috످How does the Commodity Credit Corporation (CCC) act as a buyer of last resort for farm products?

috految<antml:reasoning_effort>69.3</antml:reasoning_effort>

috److془I know this well. Provide answer.

Details: CCC 1933, $30 billion borrowing. Nonrecourse loans, 9 months. Direct purchases: dairy 1949-2014. Sugar Feedstock Flexibility. 2013. 1983 PIK. 1985 marketing loans. 1996. 2018-19 $23 billion MFP.془The Commodity Credit Corporation (CCC) acts as a buyer of last resort by accepting crops as repayment for loans or buying farm products directly when market prices fall too low. This creates a price floor, since farmers have little reason to sell for less than the government will pay.

Created in 1933 during the Great Depression, the CCC is a government-owned corporation within the U.S. Department of Agriculture. It can borrow up to $30 billion from the Treasury, and Congress reimburses its losses.

Historically, the CCC's main tool has been the nonrecourse loan, which works much like a pawnshop loan. First, Congress sets a per-unit price, called the loan rate, for eligible crops such as corn, wheat, and cotton. The farmer then borrows at that rate, typically for nine months, using the harvested crop as collateral.

If market prices are above the loan rate, the farmer sells the crop and repays the loan with interest. If prices are below the loan rate, the farmer can keep the money and forfeit the crop. The CCC must accept it as full payment, even if it is worth less than the debt.

For example, suppose a farmer borrows $30,000 against 10,000 bushels of wheat at $3 per bushel. If the price rises to $4, the crop's market value is $40,000, so the farmer sells the crop and repays the loan. The farmer's revenue is $40,000 (less interest), and the CCC is repaid in full.

If the price falls to $2, the crop's market value is $20,000, so the farmer forfeits the crop and keeps the loan money. The farmer's revenue is $30,000, and the CCC effectively buys the wheat at a $10,000 loss.

The CCC can also buy surpluses outright to reduce supply and lift prices. From 1949 until 2014, it supported milk prices by offering to buy unlimited amounts of butter, cheese, and nonfat dry milk at set prices. This led to the famous "government cheese" stockpiles of the 1980s.

The CCC can store the surplus and resell it when prices recover, donate it to food banks and schools, export it or send it abroad as food aid, or sell it for animal feed or biofuel.

Price floors stabilize farm income and help prevent bankruptcies. However, they can also encourage overproduction, raise costs for consumers and taxpayers, distort trade, and disproportionately benefit large farms.

The CCC now rarely acts as a buyer of last resort. After costly surpluses built up, the 1985 and 1996 farm bills shifted policy toward supporting farmers' incomes while letting markets set prices. Today, the CCC mostly uses marketing loans, which let farmers repay at the lower market price instead of forfeiting their crops; income support payments, which are triggered when prices or revenues fall below set levels; and emergency aid, such as the roughly $23 billion paid to farmers during the 2018–2019 trade war.

The main exception is sugar, which the CCC still supports through nonrecourse loans and, when necessary, by buying surpluses to resell to ethanol producers.

috످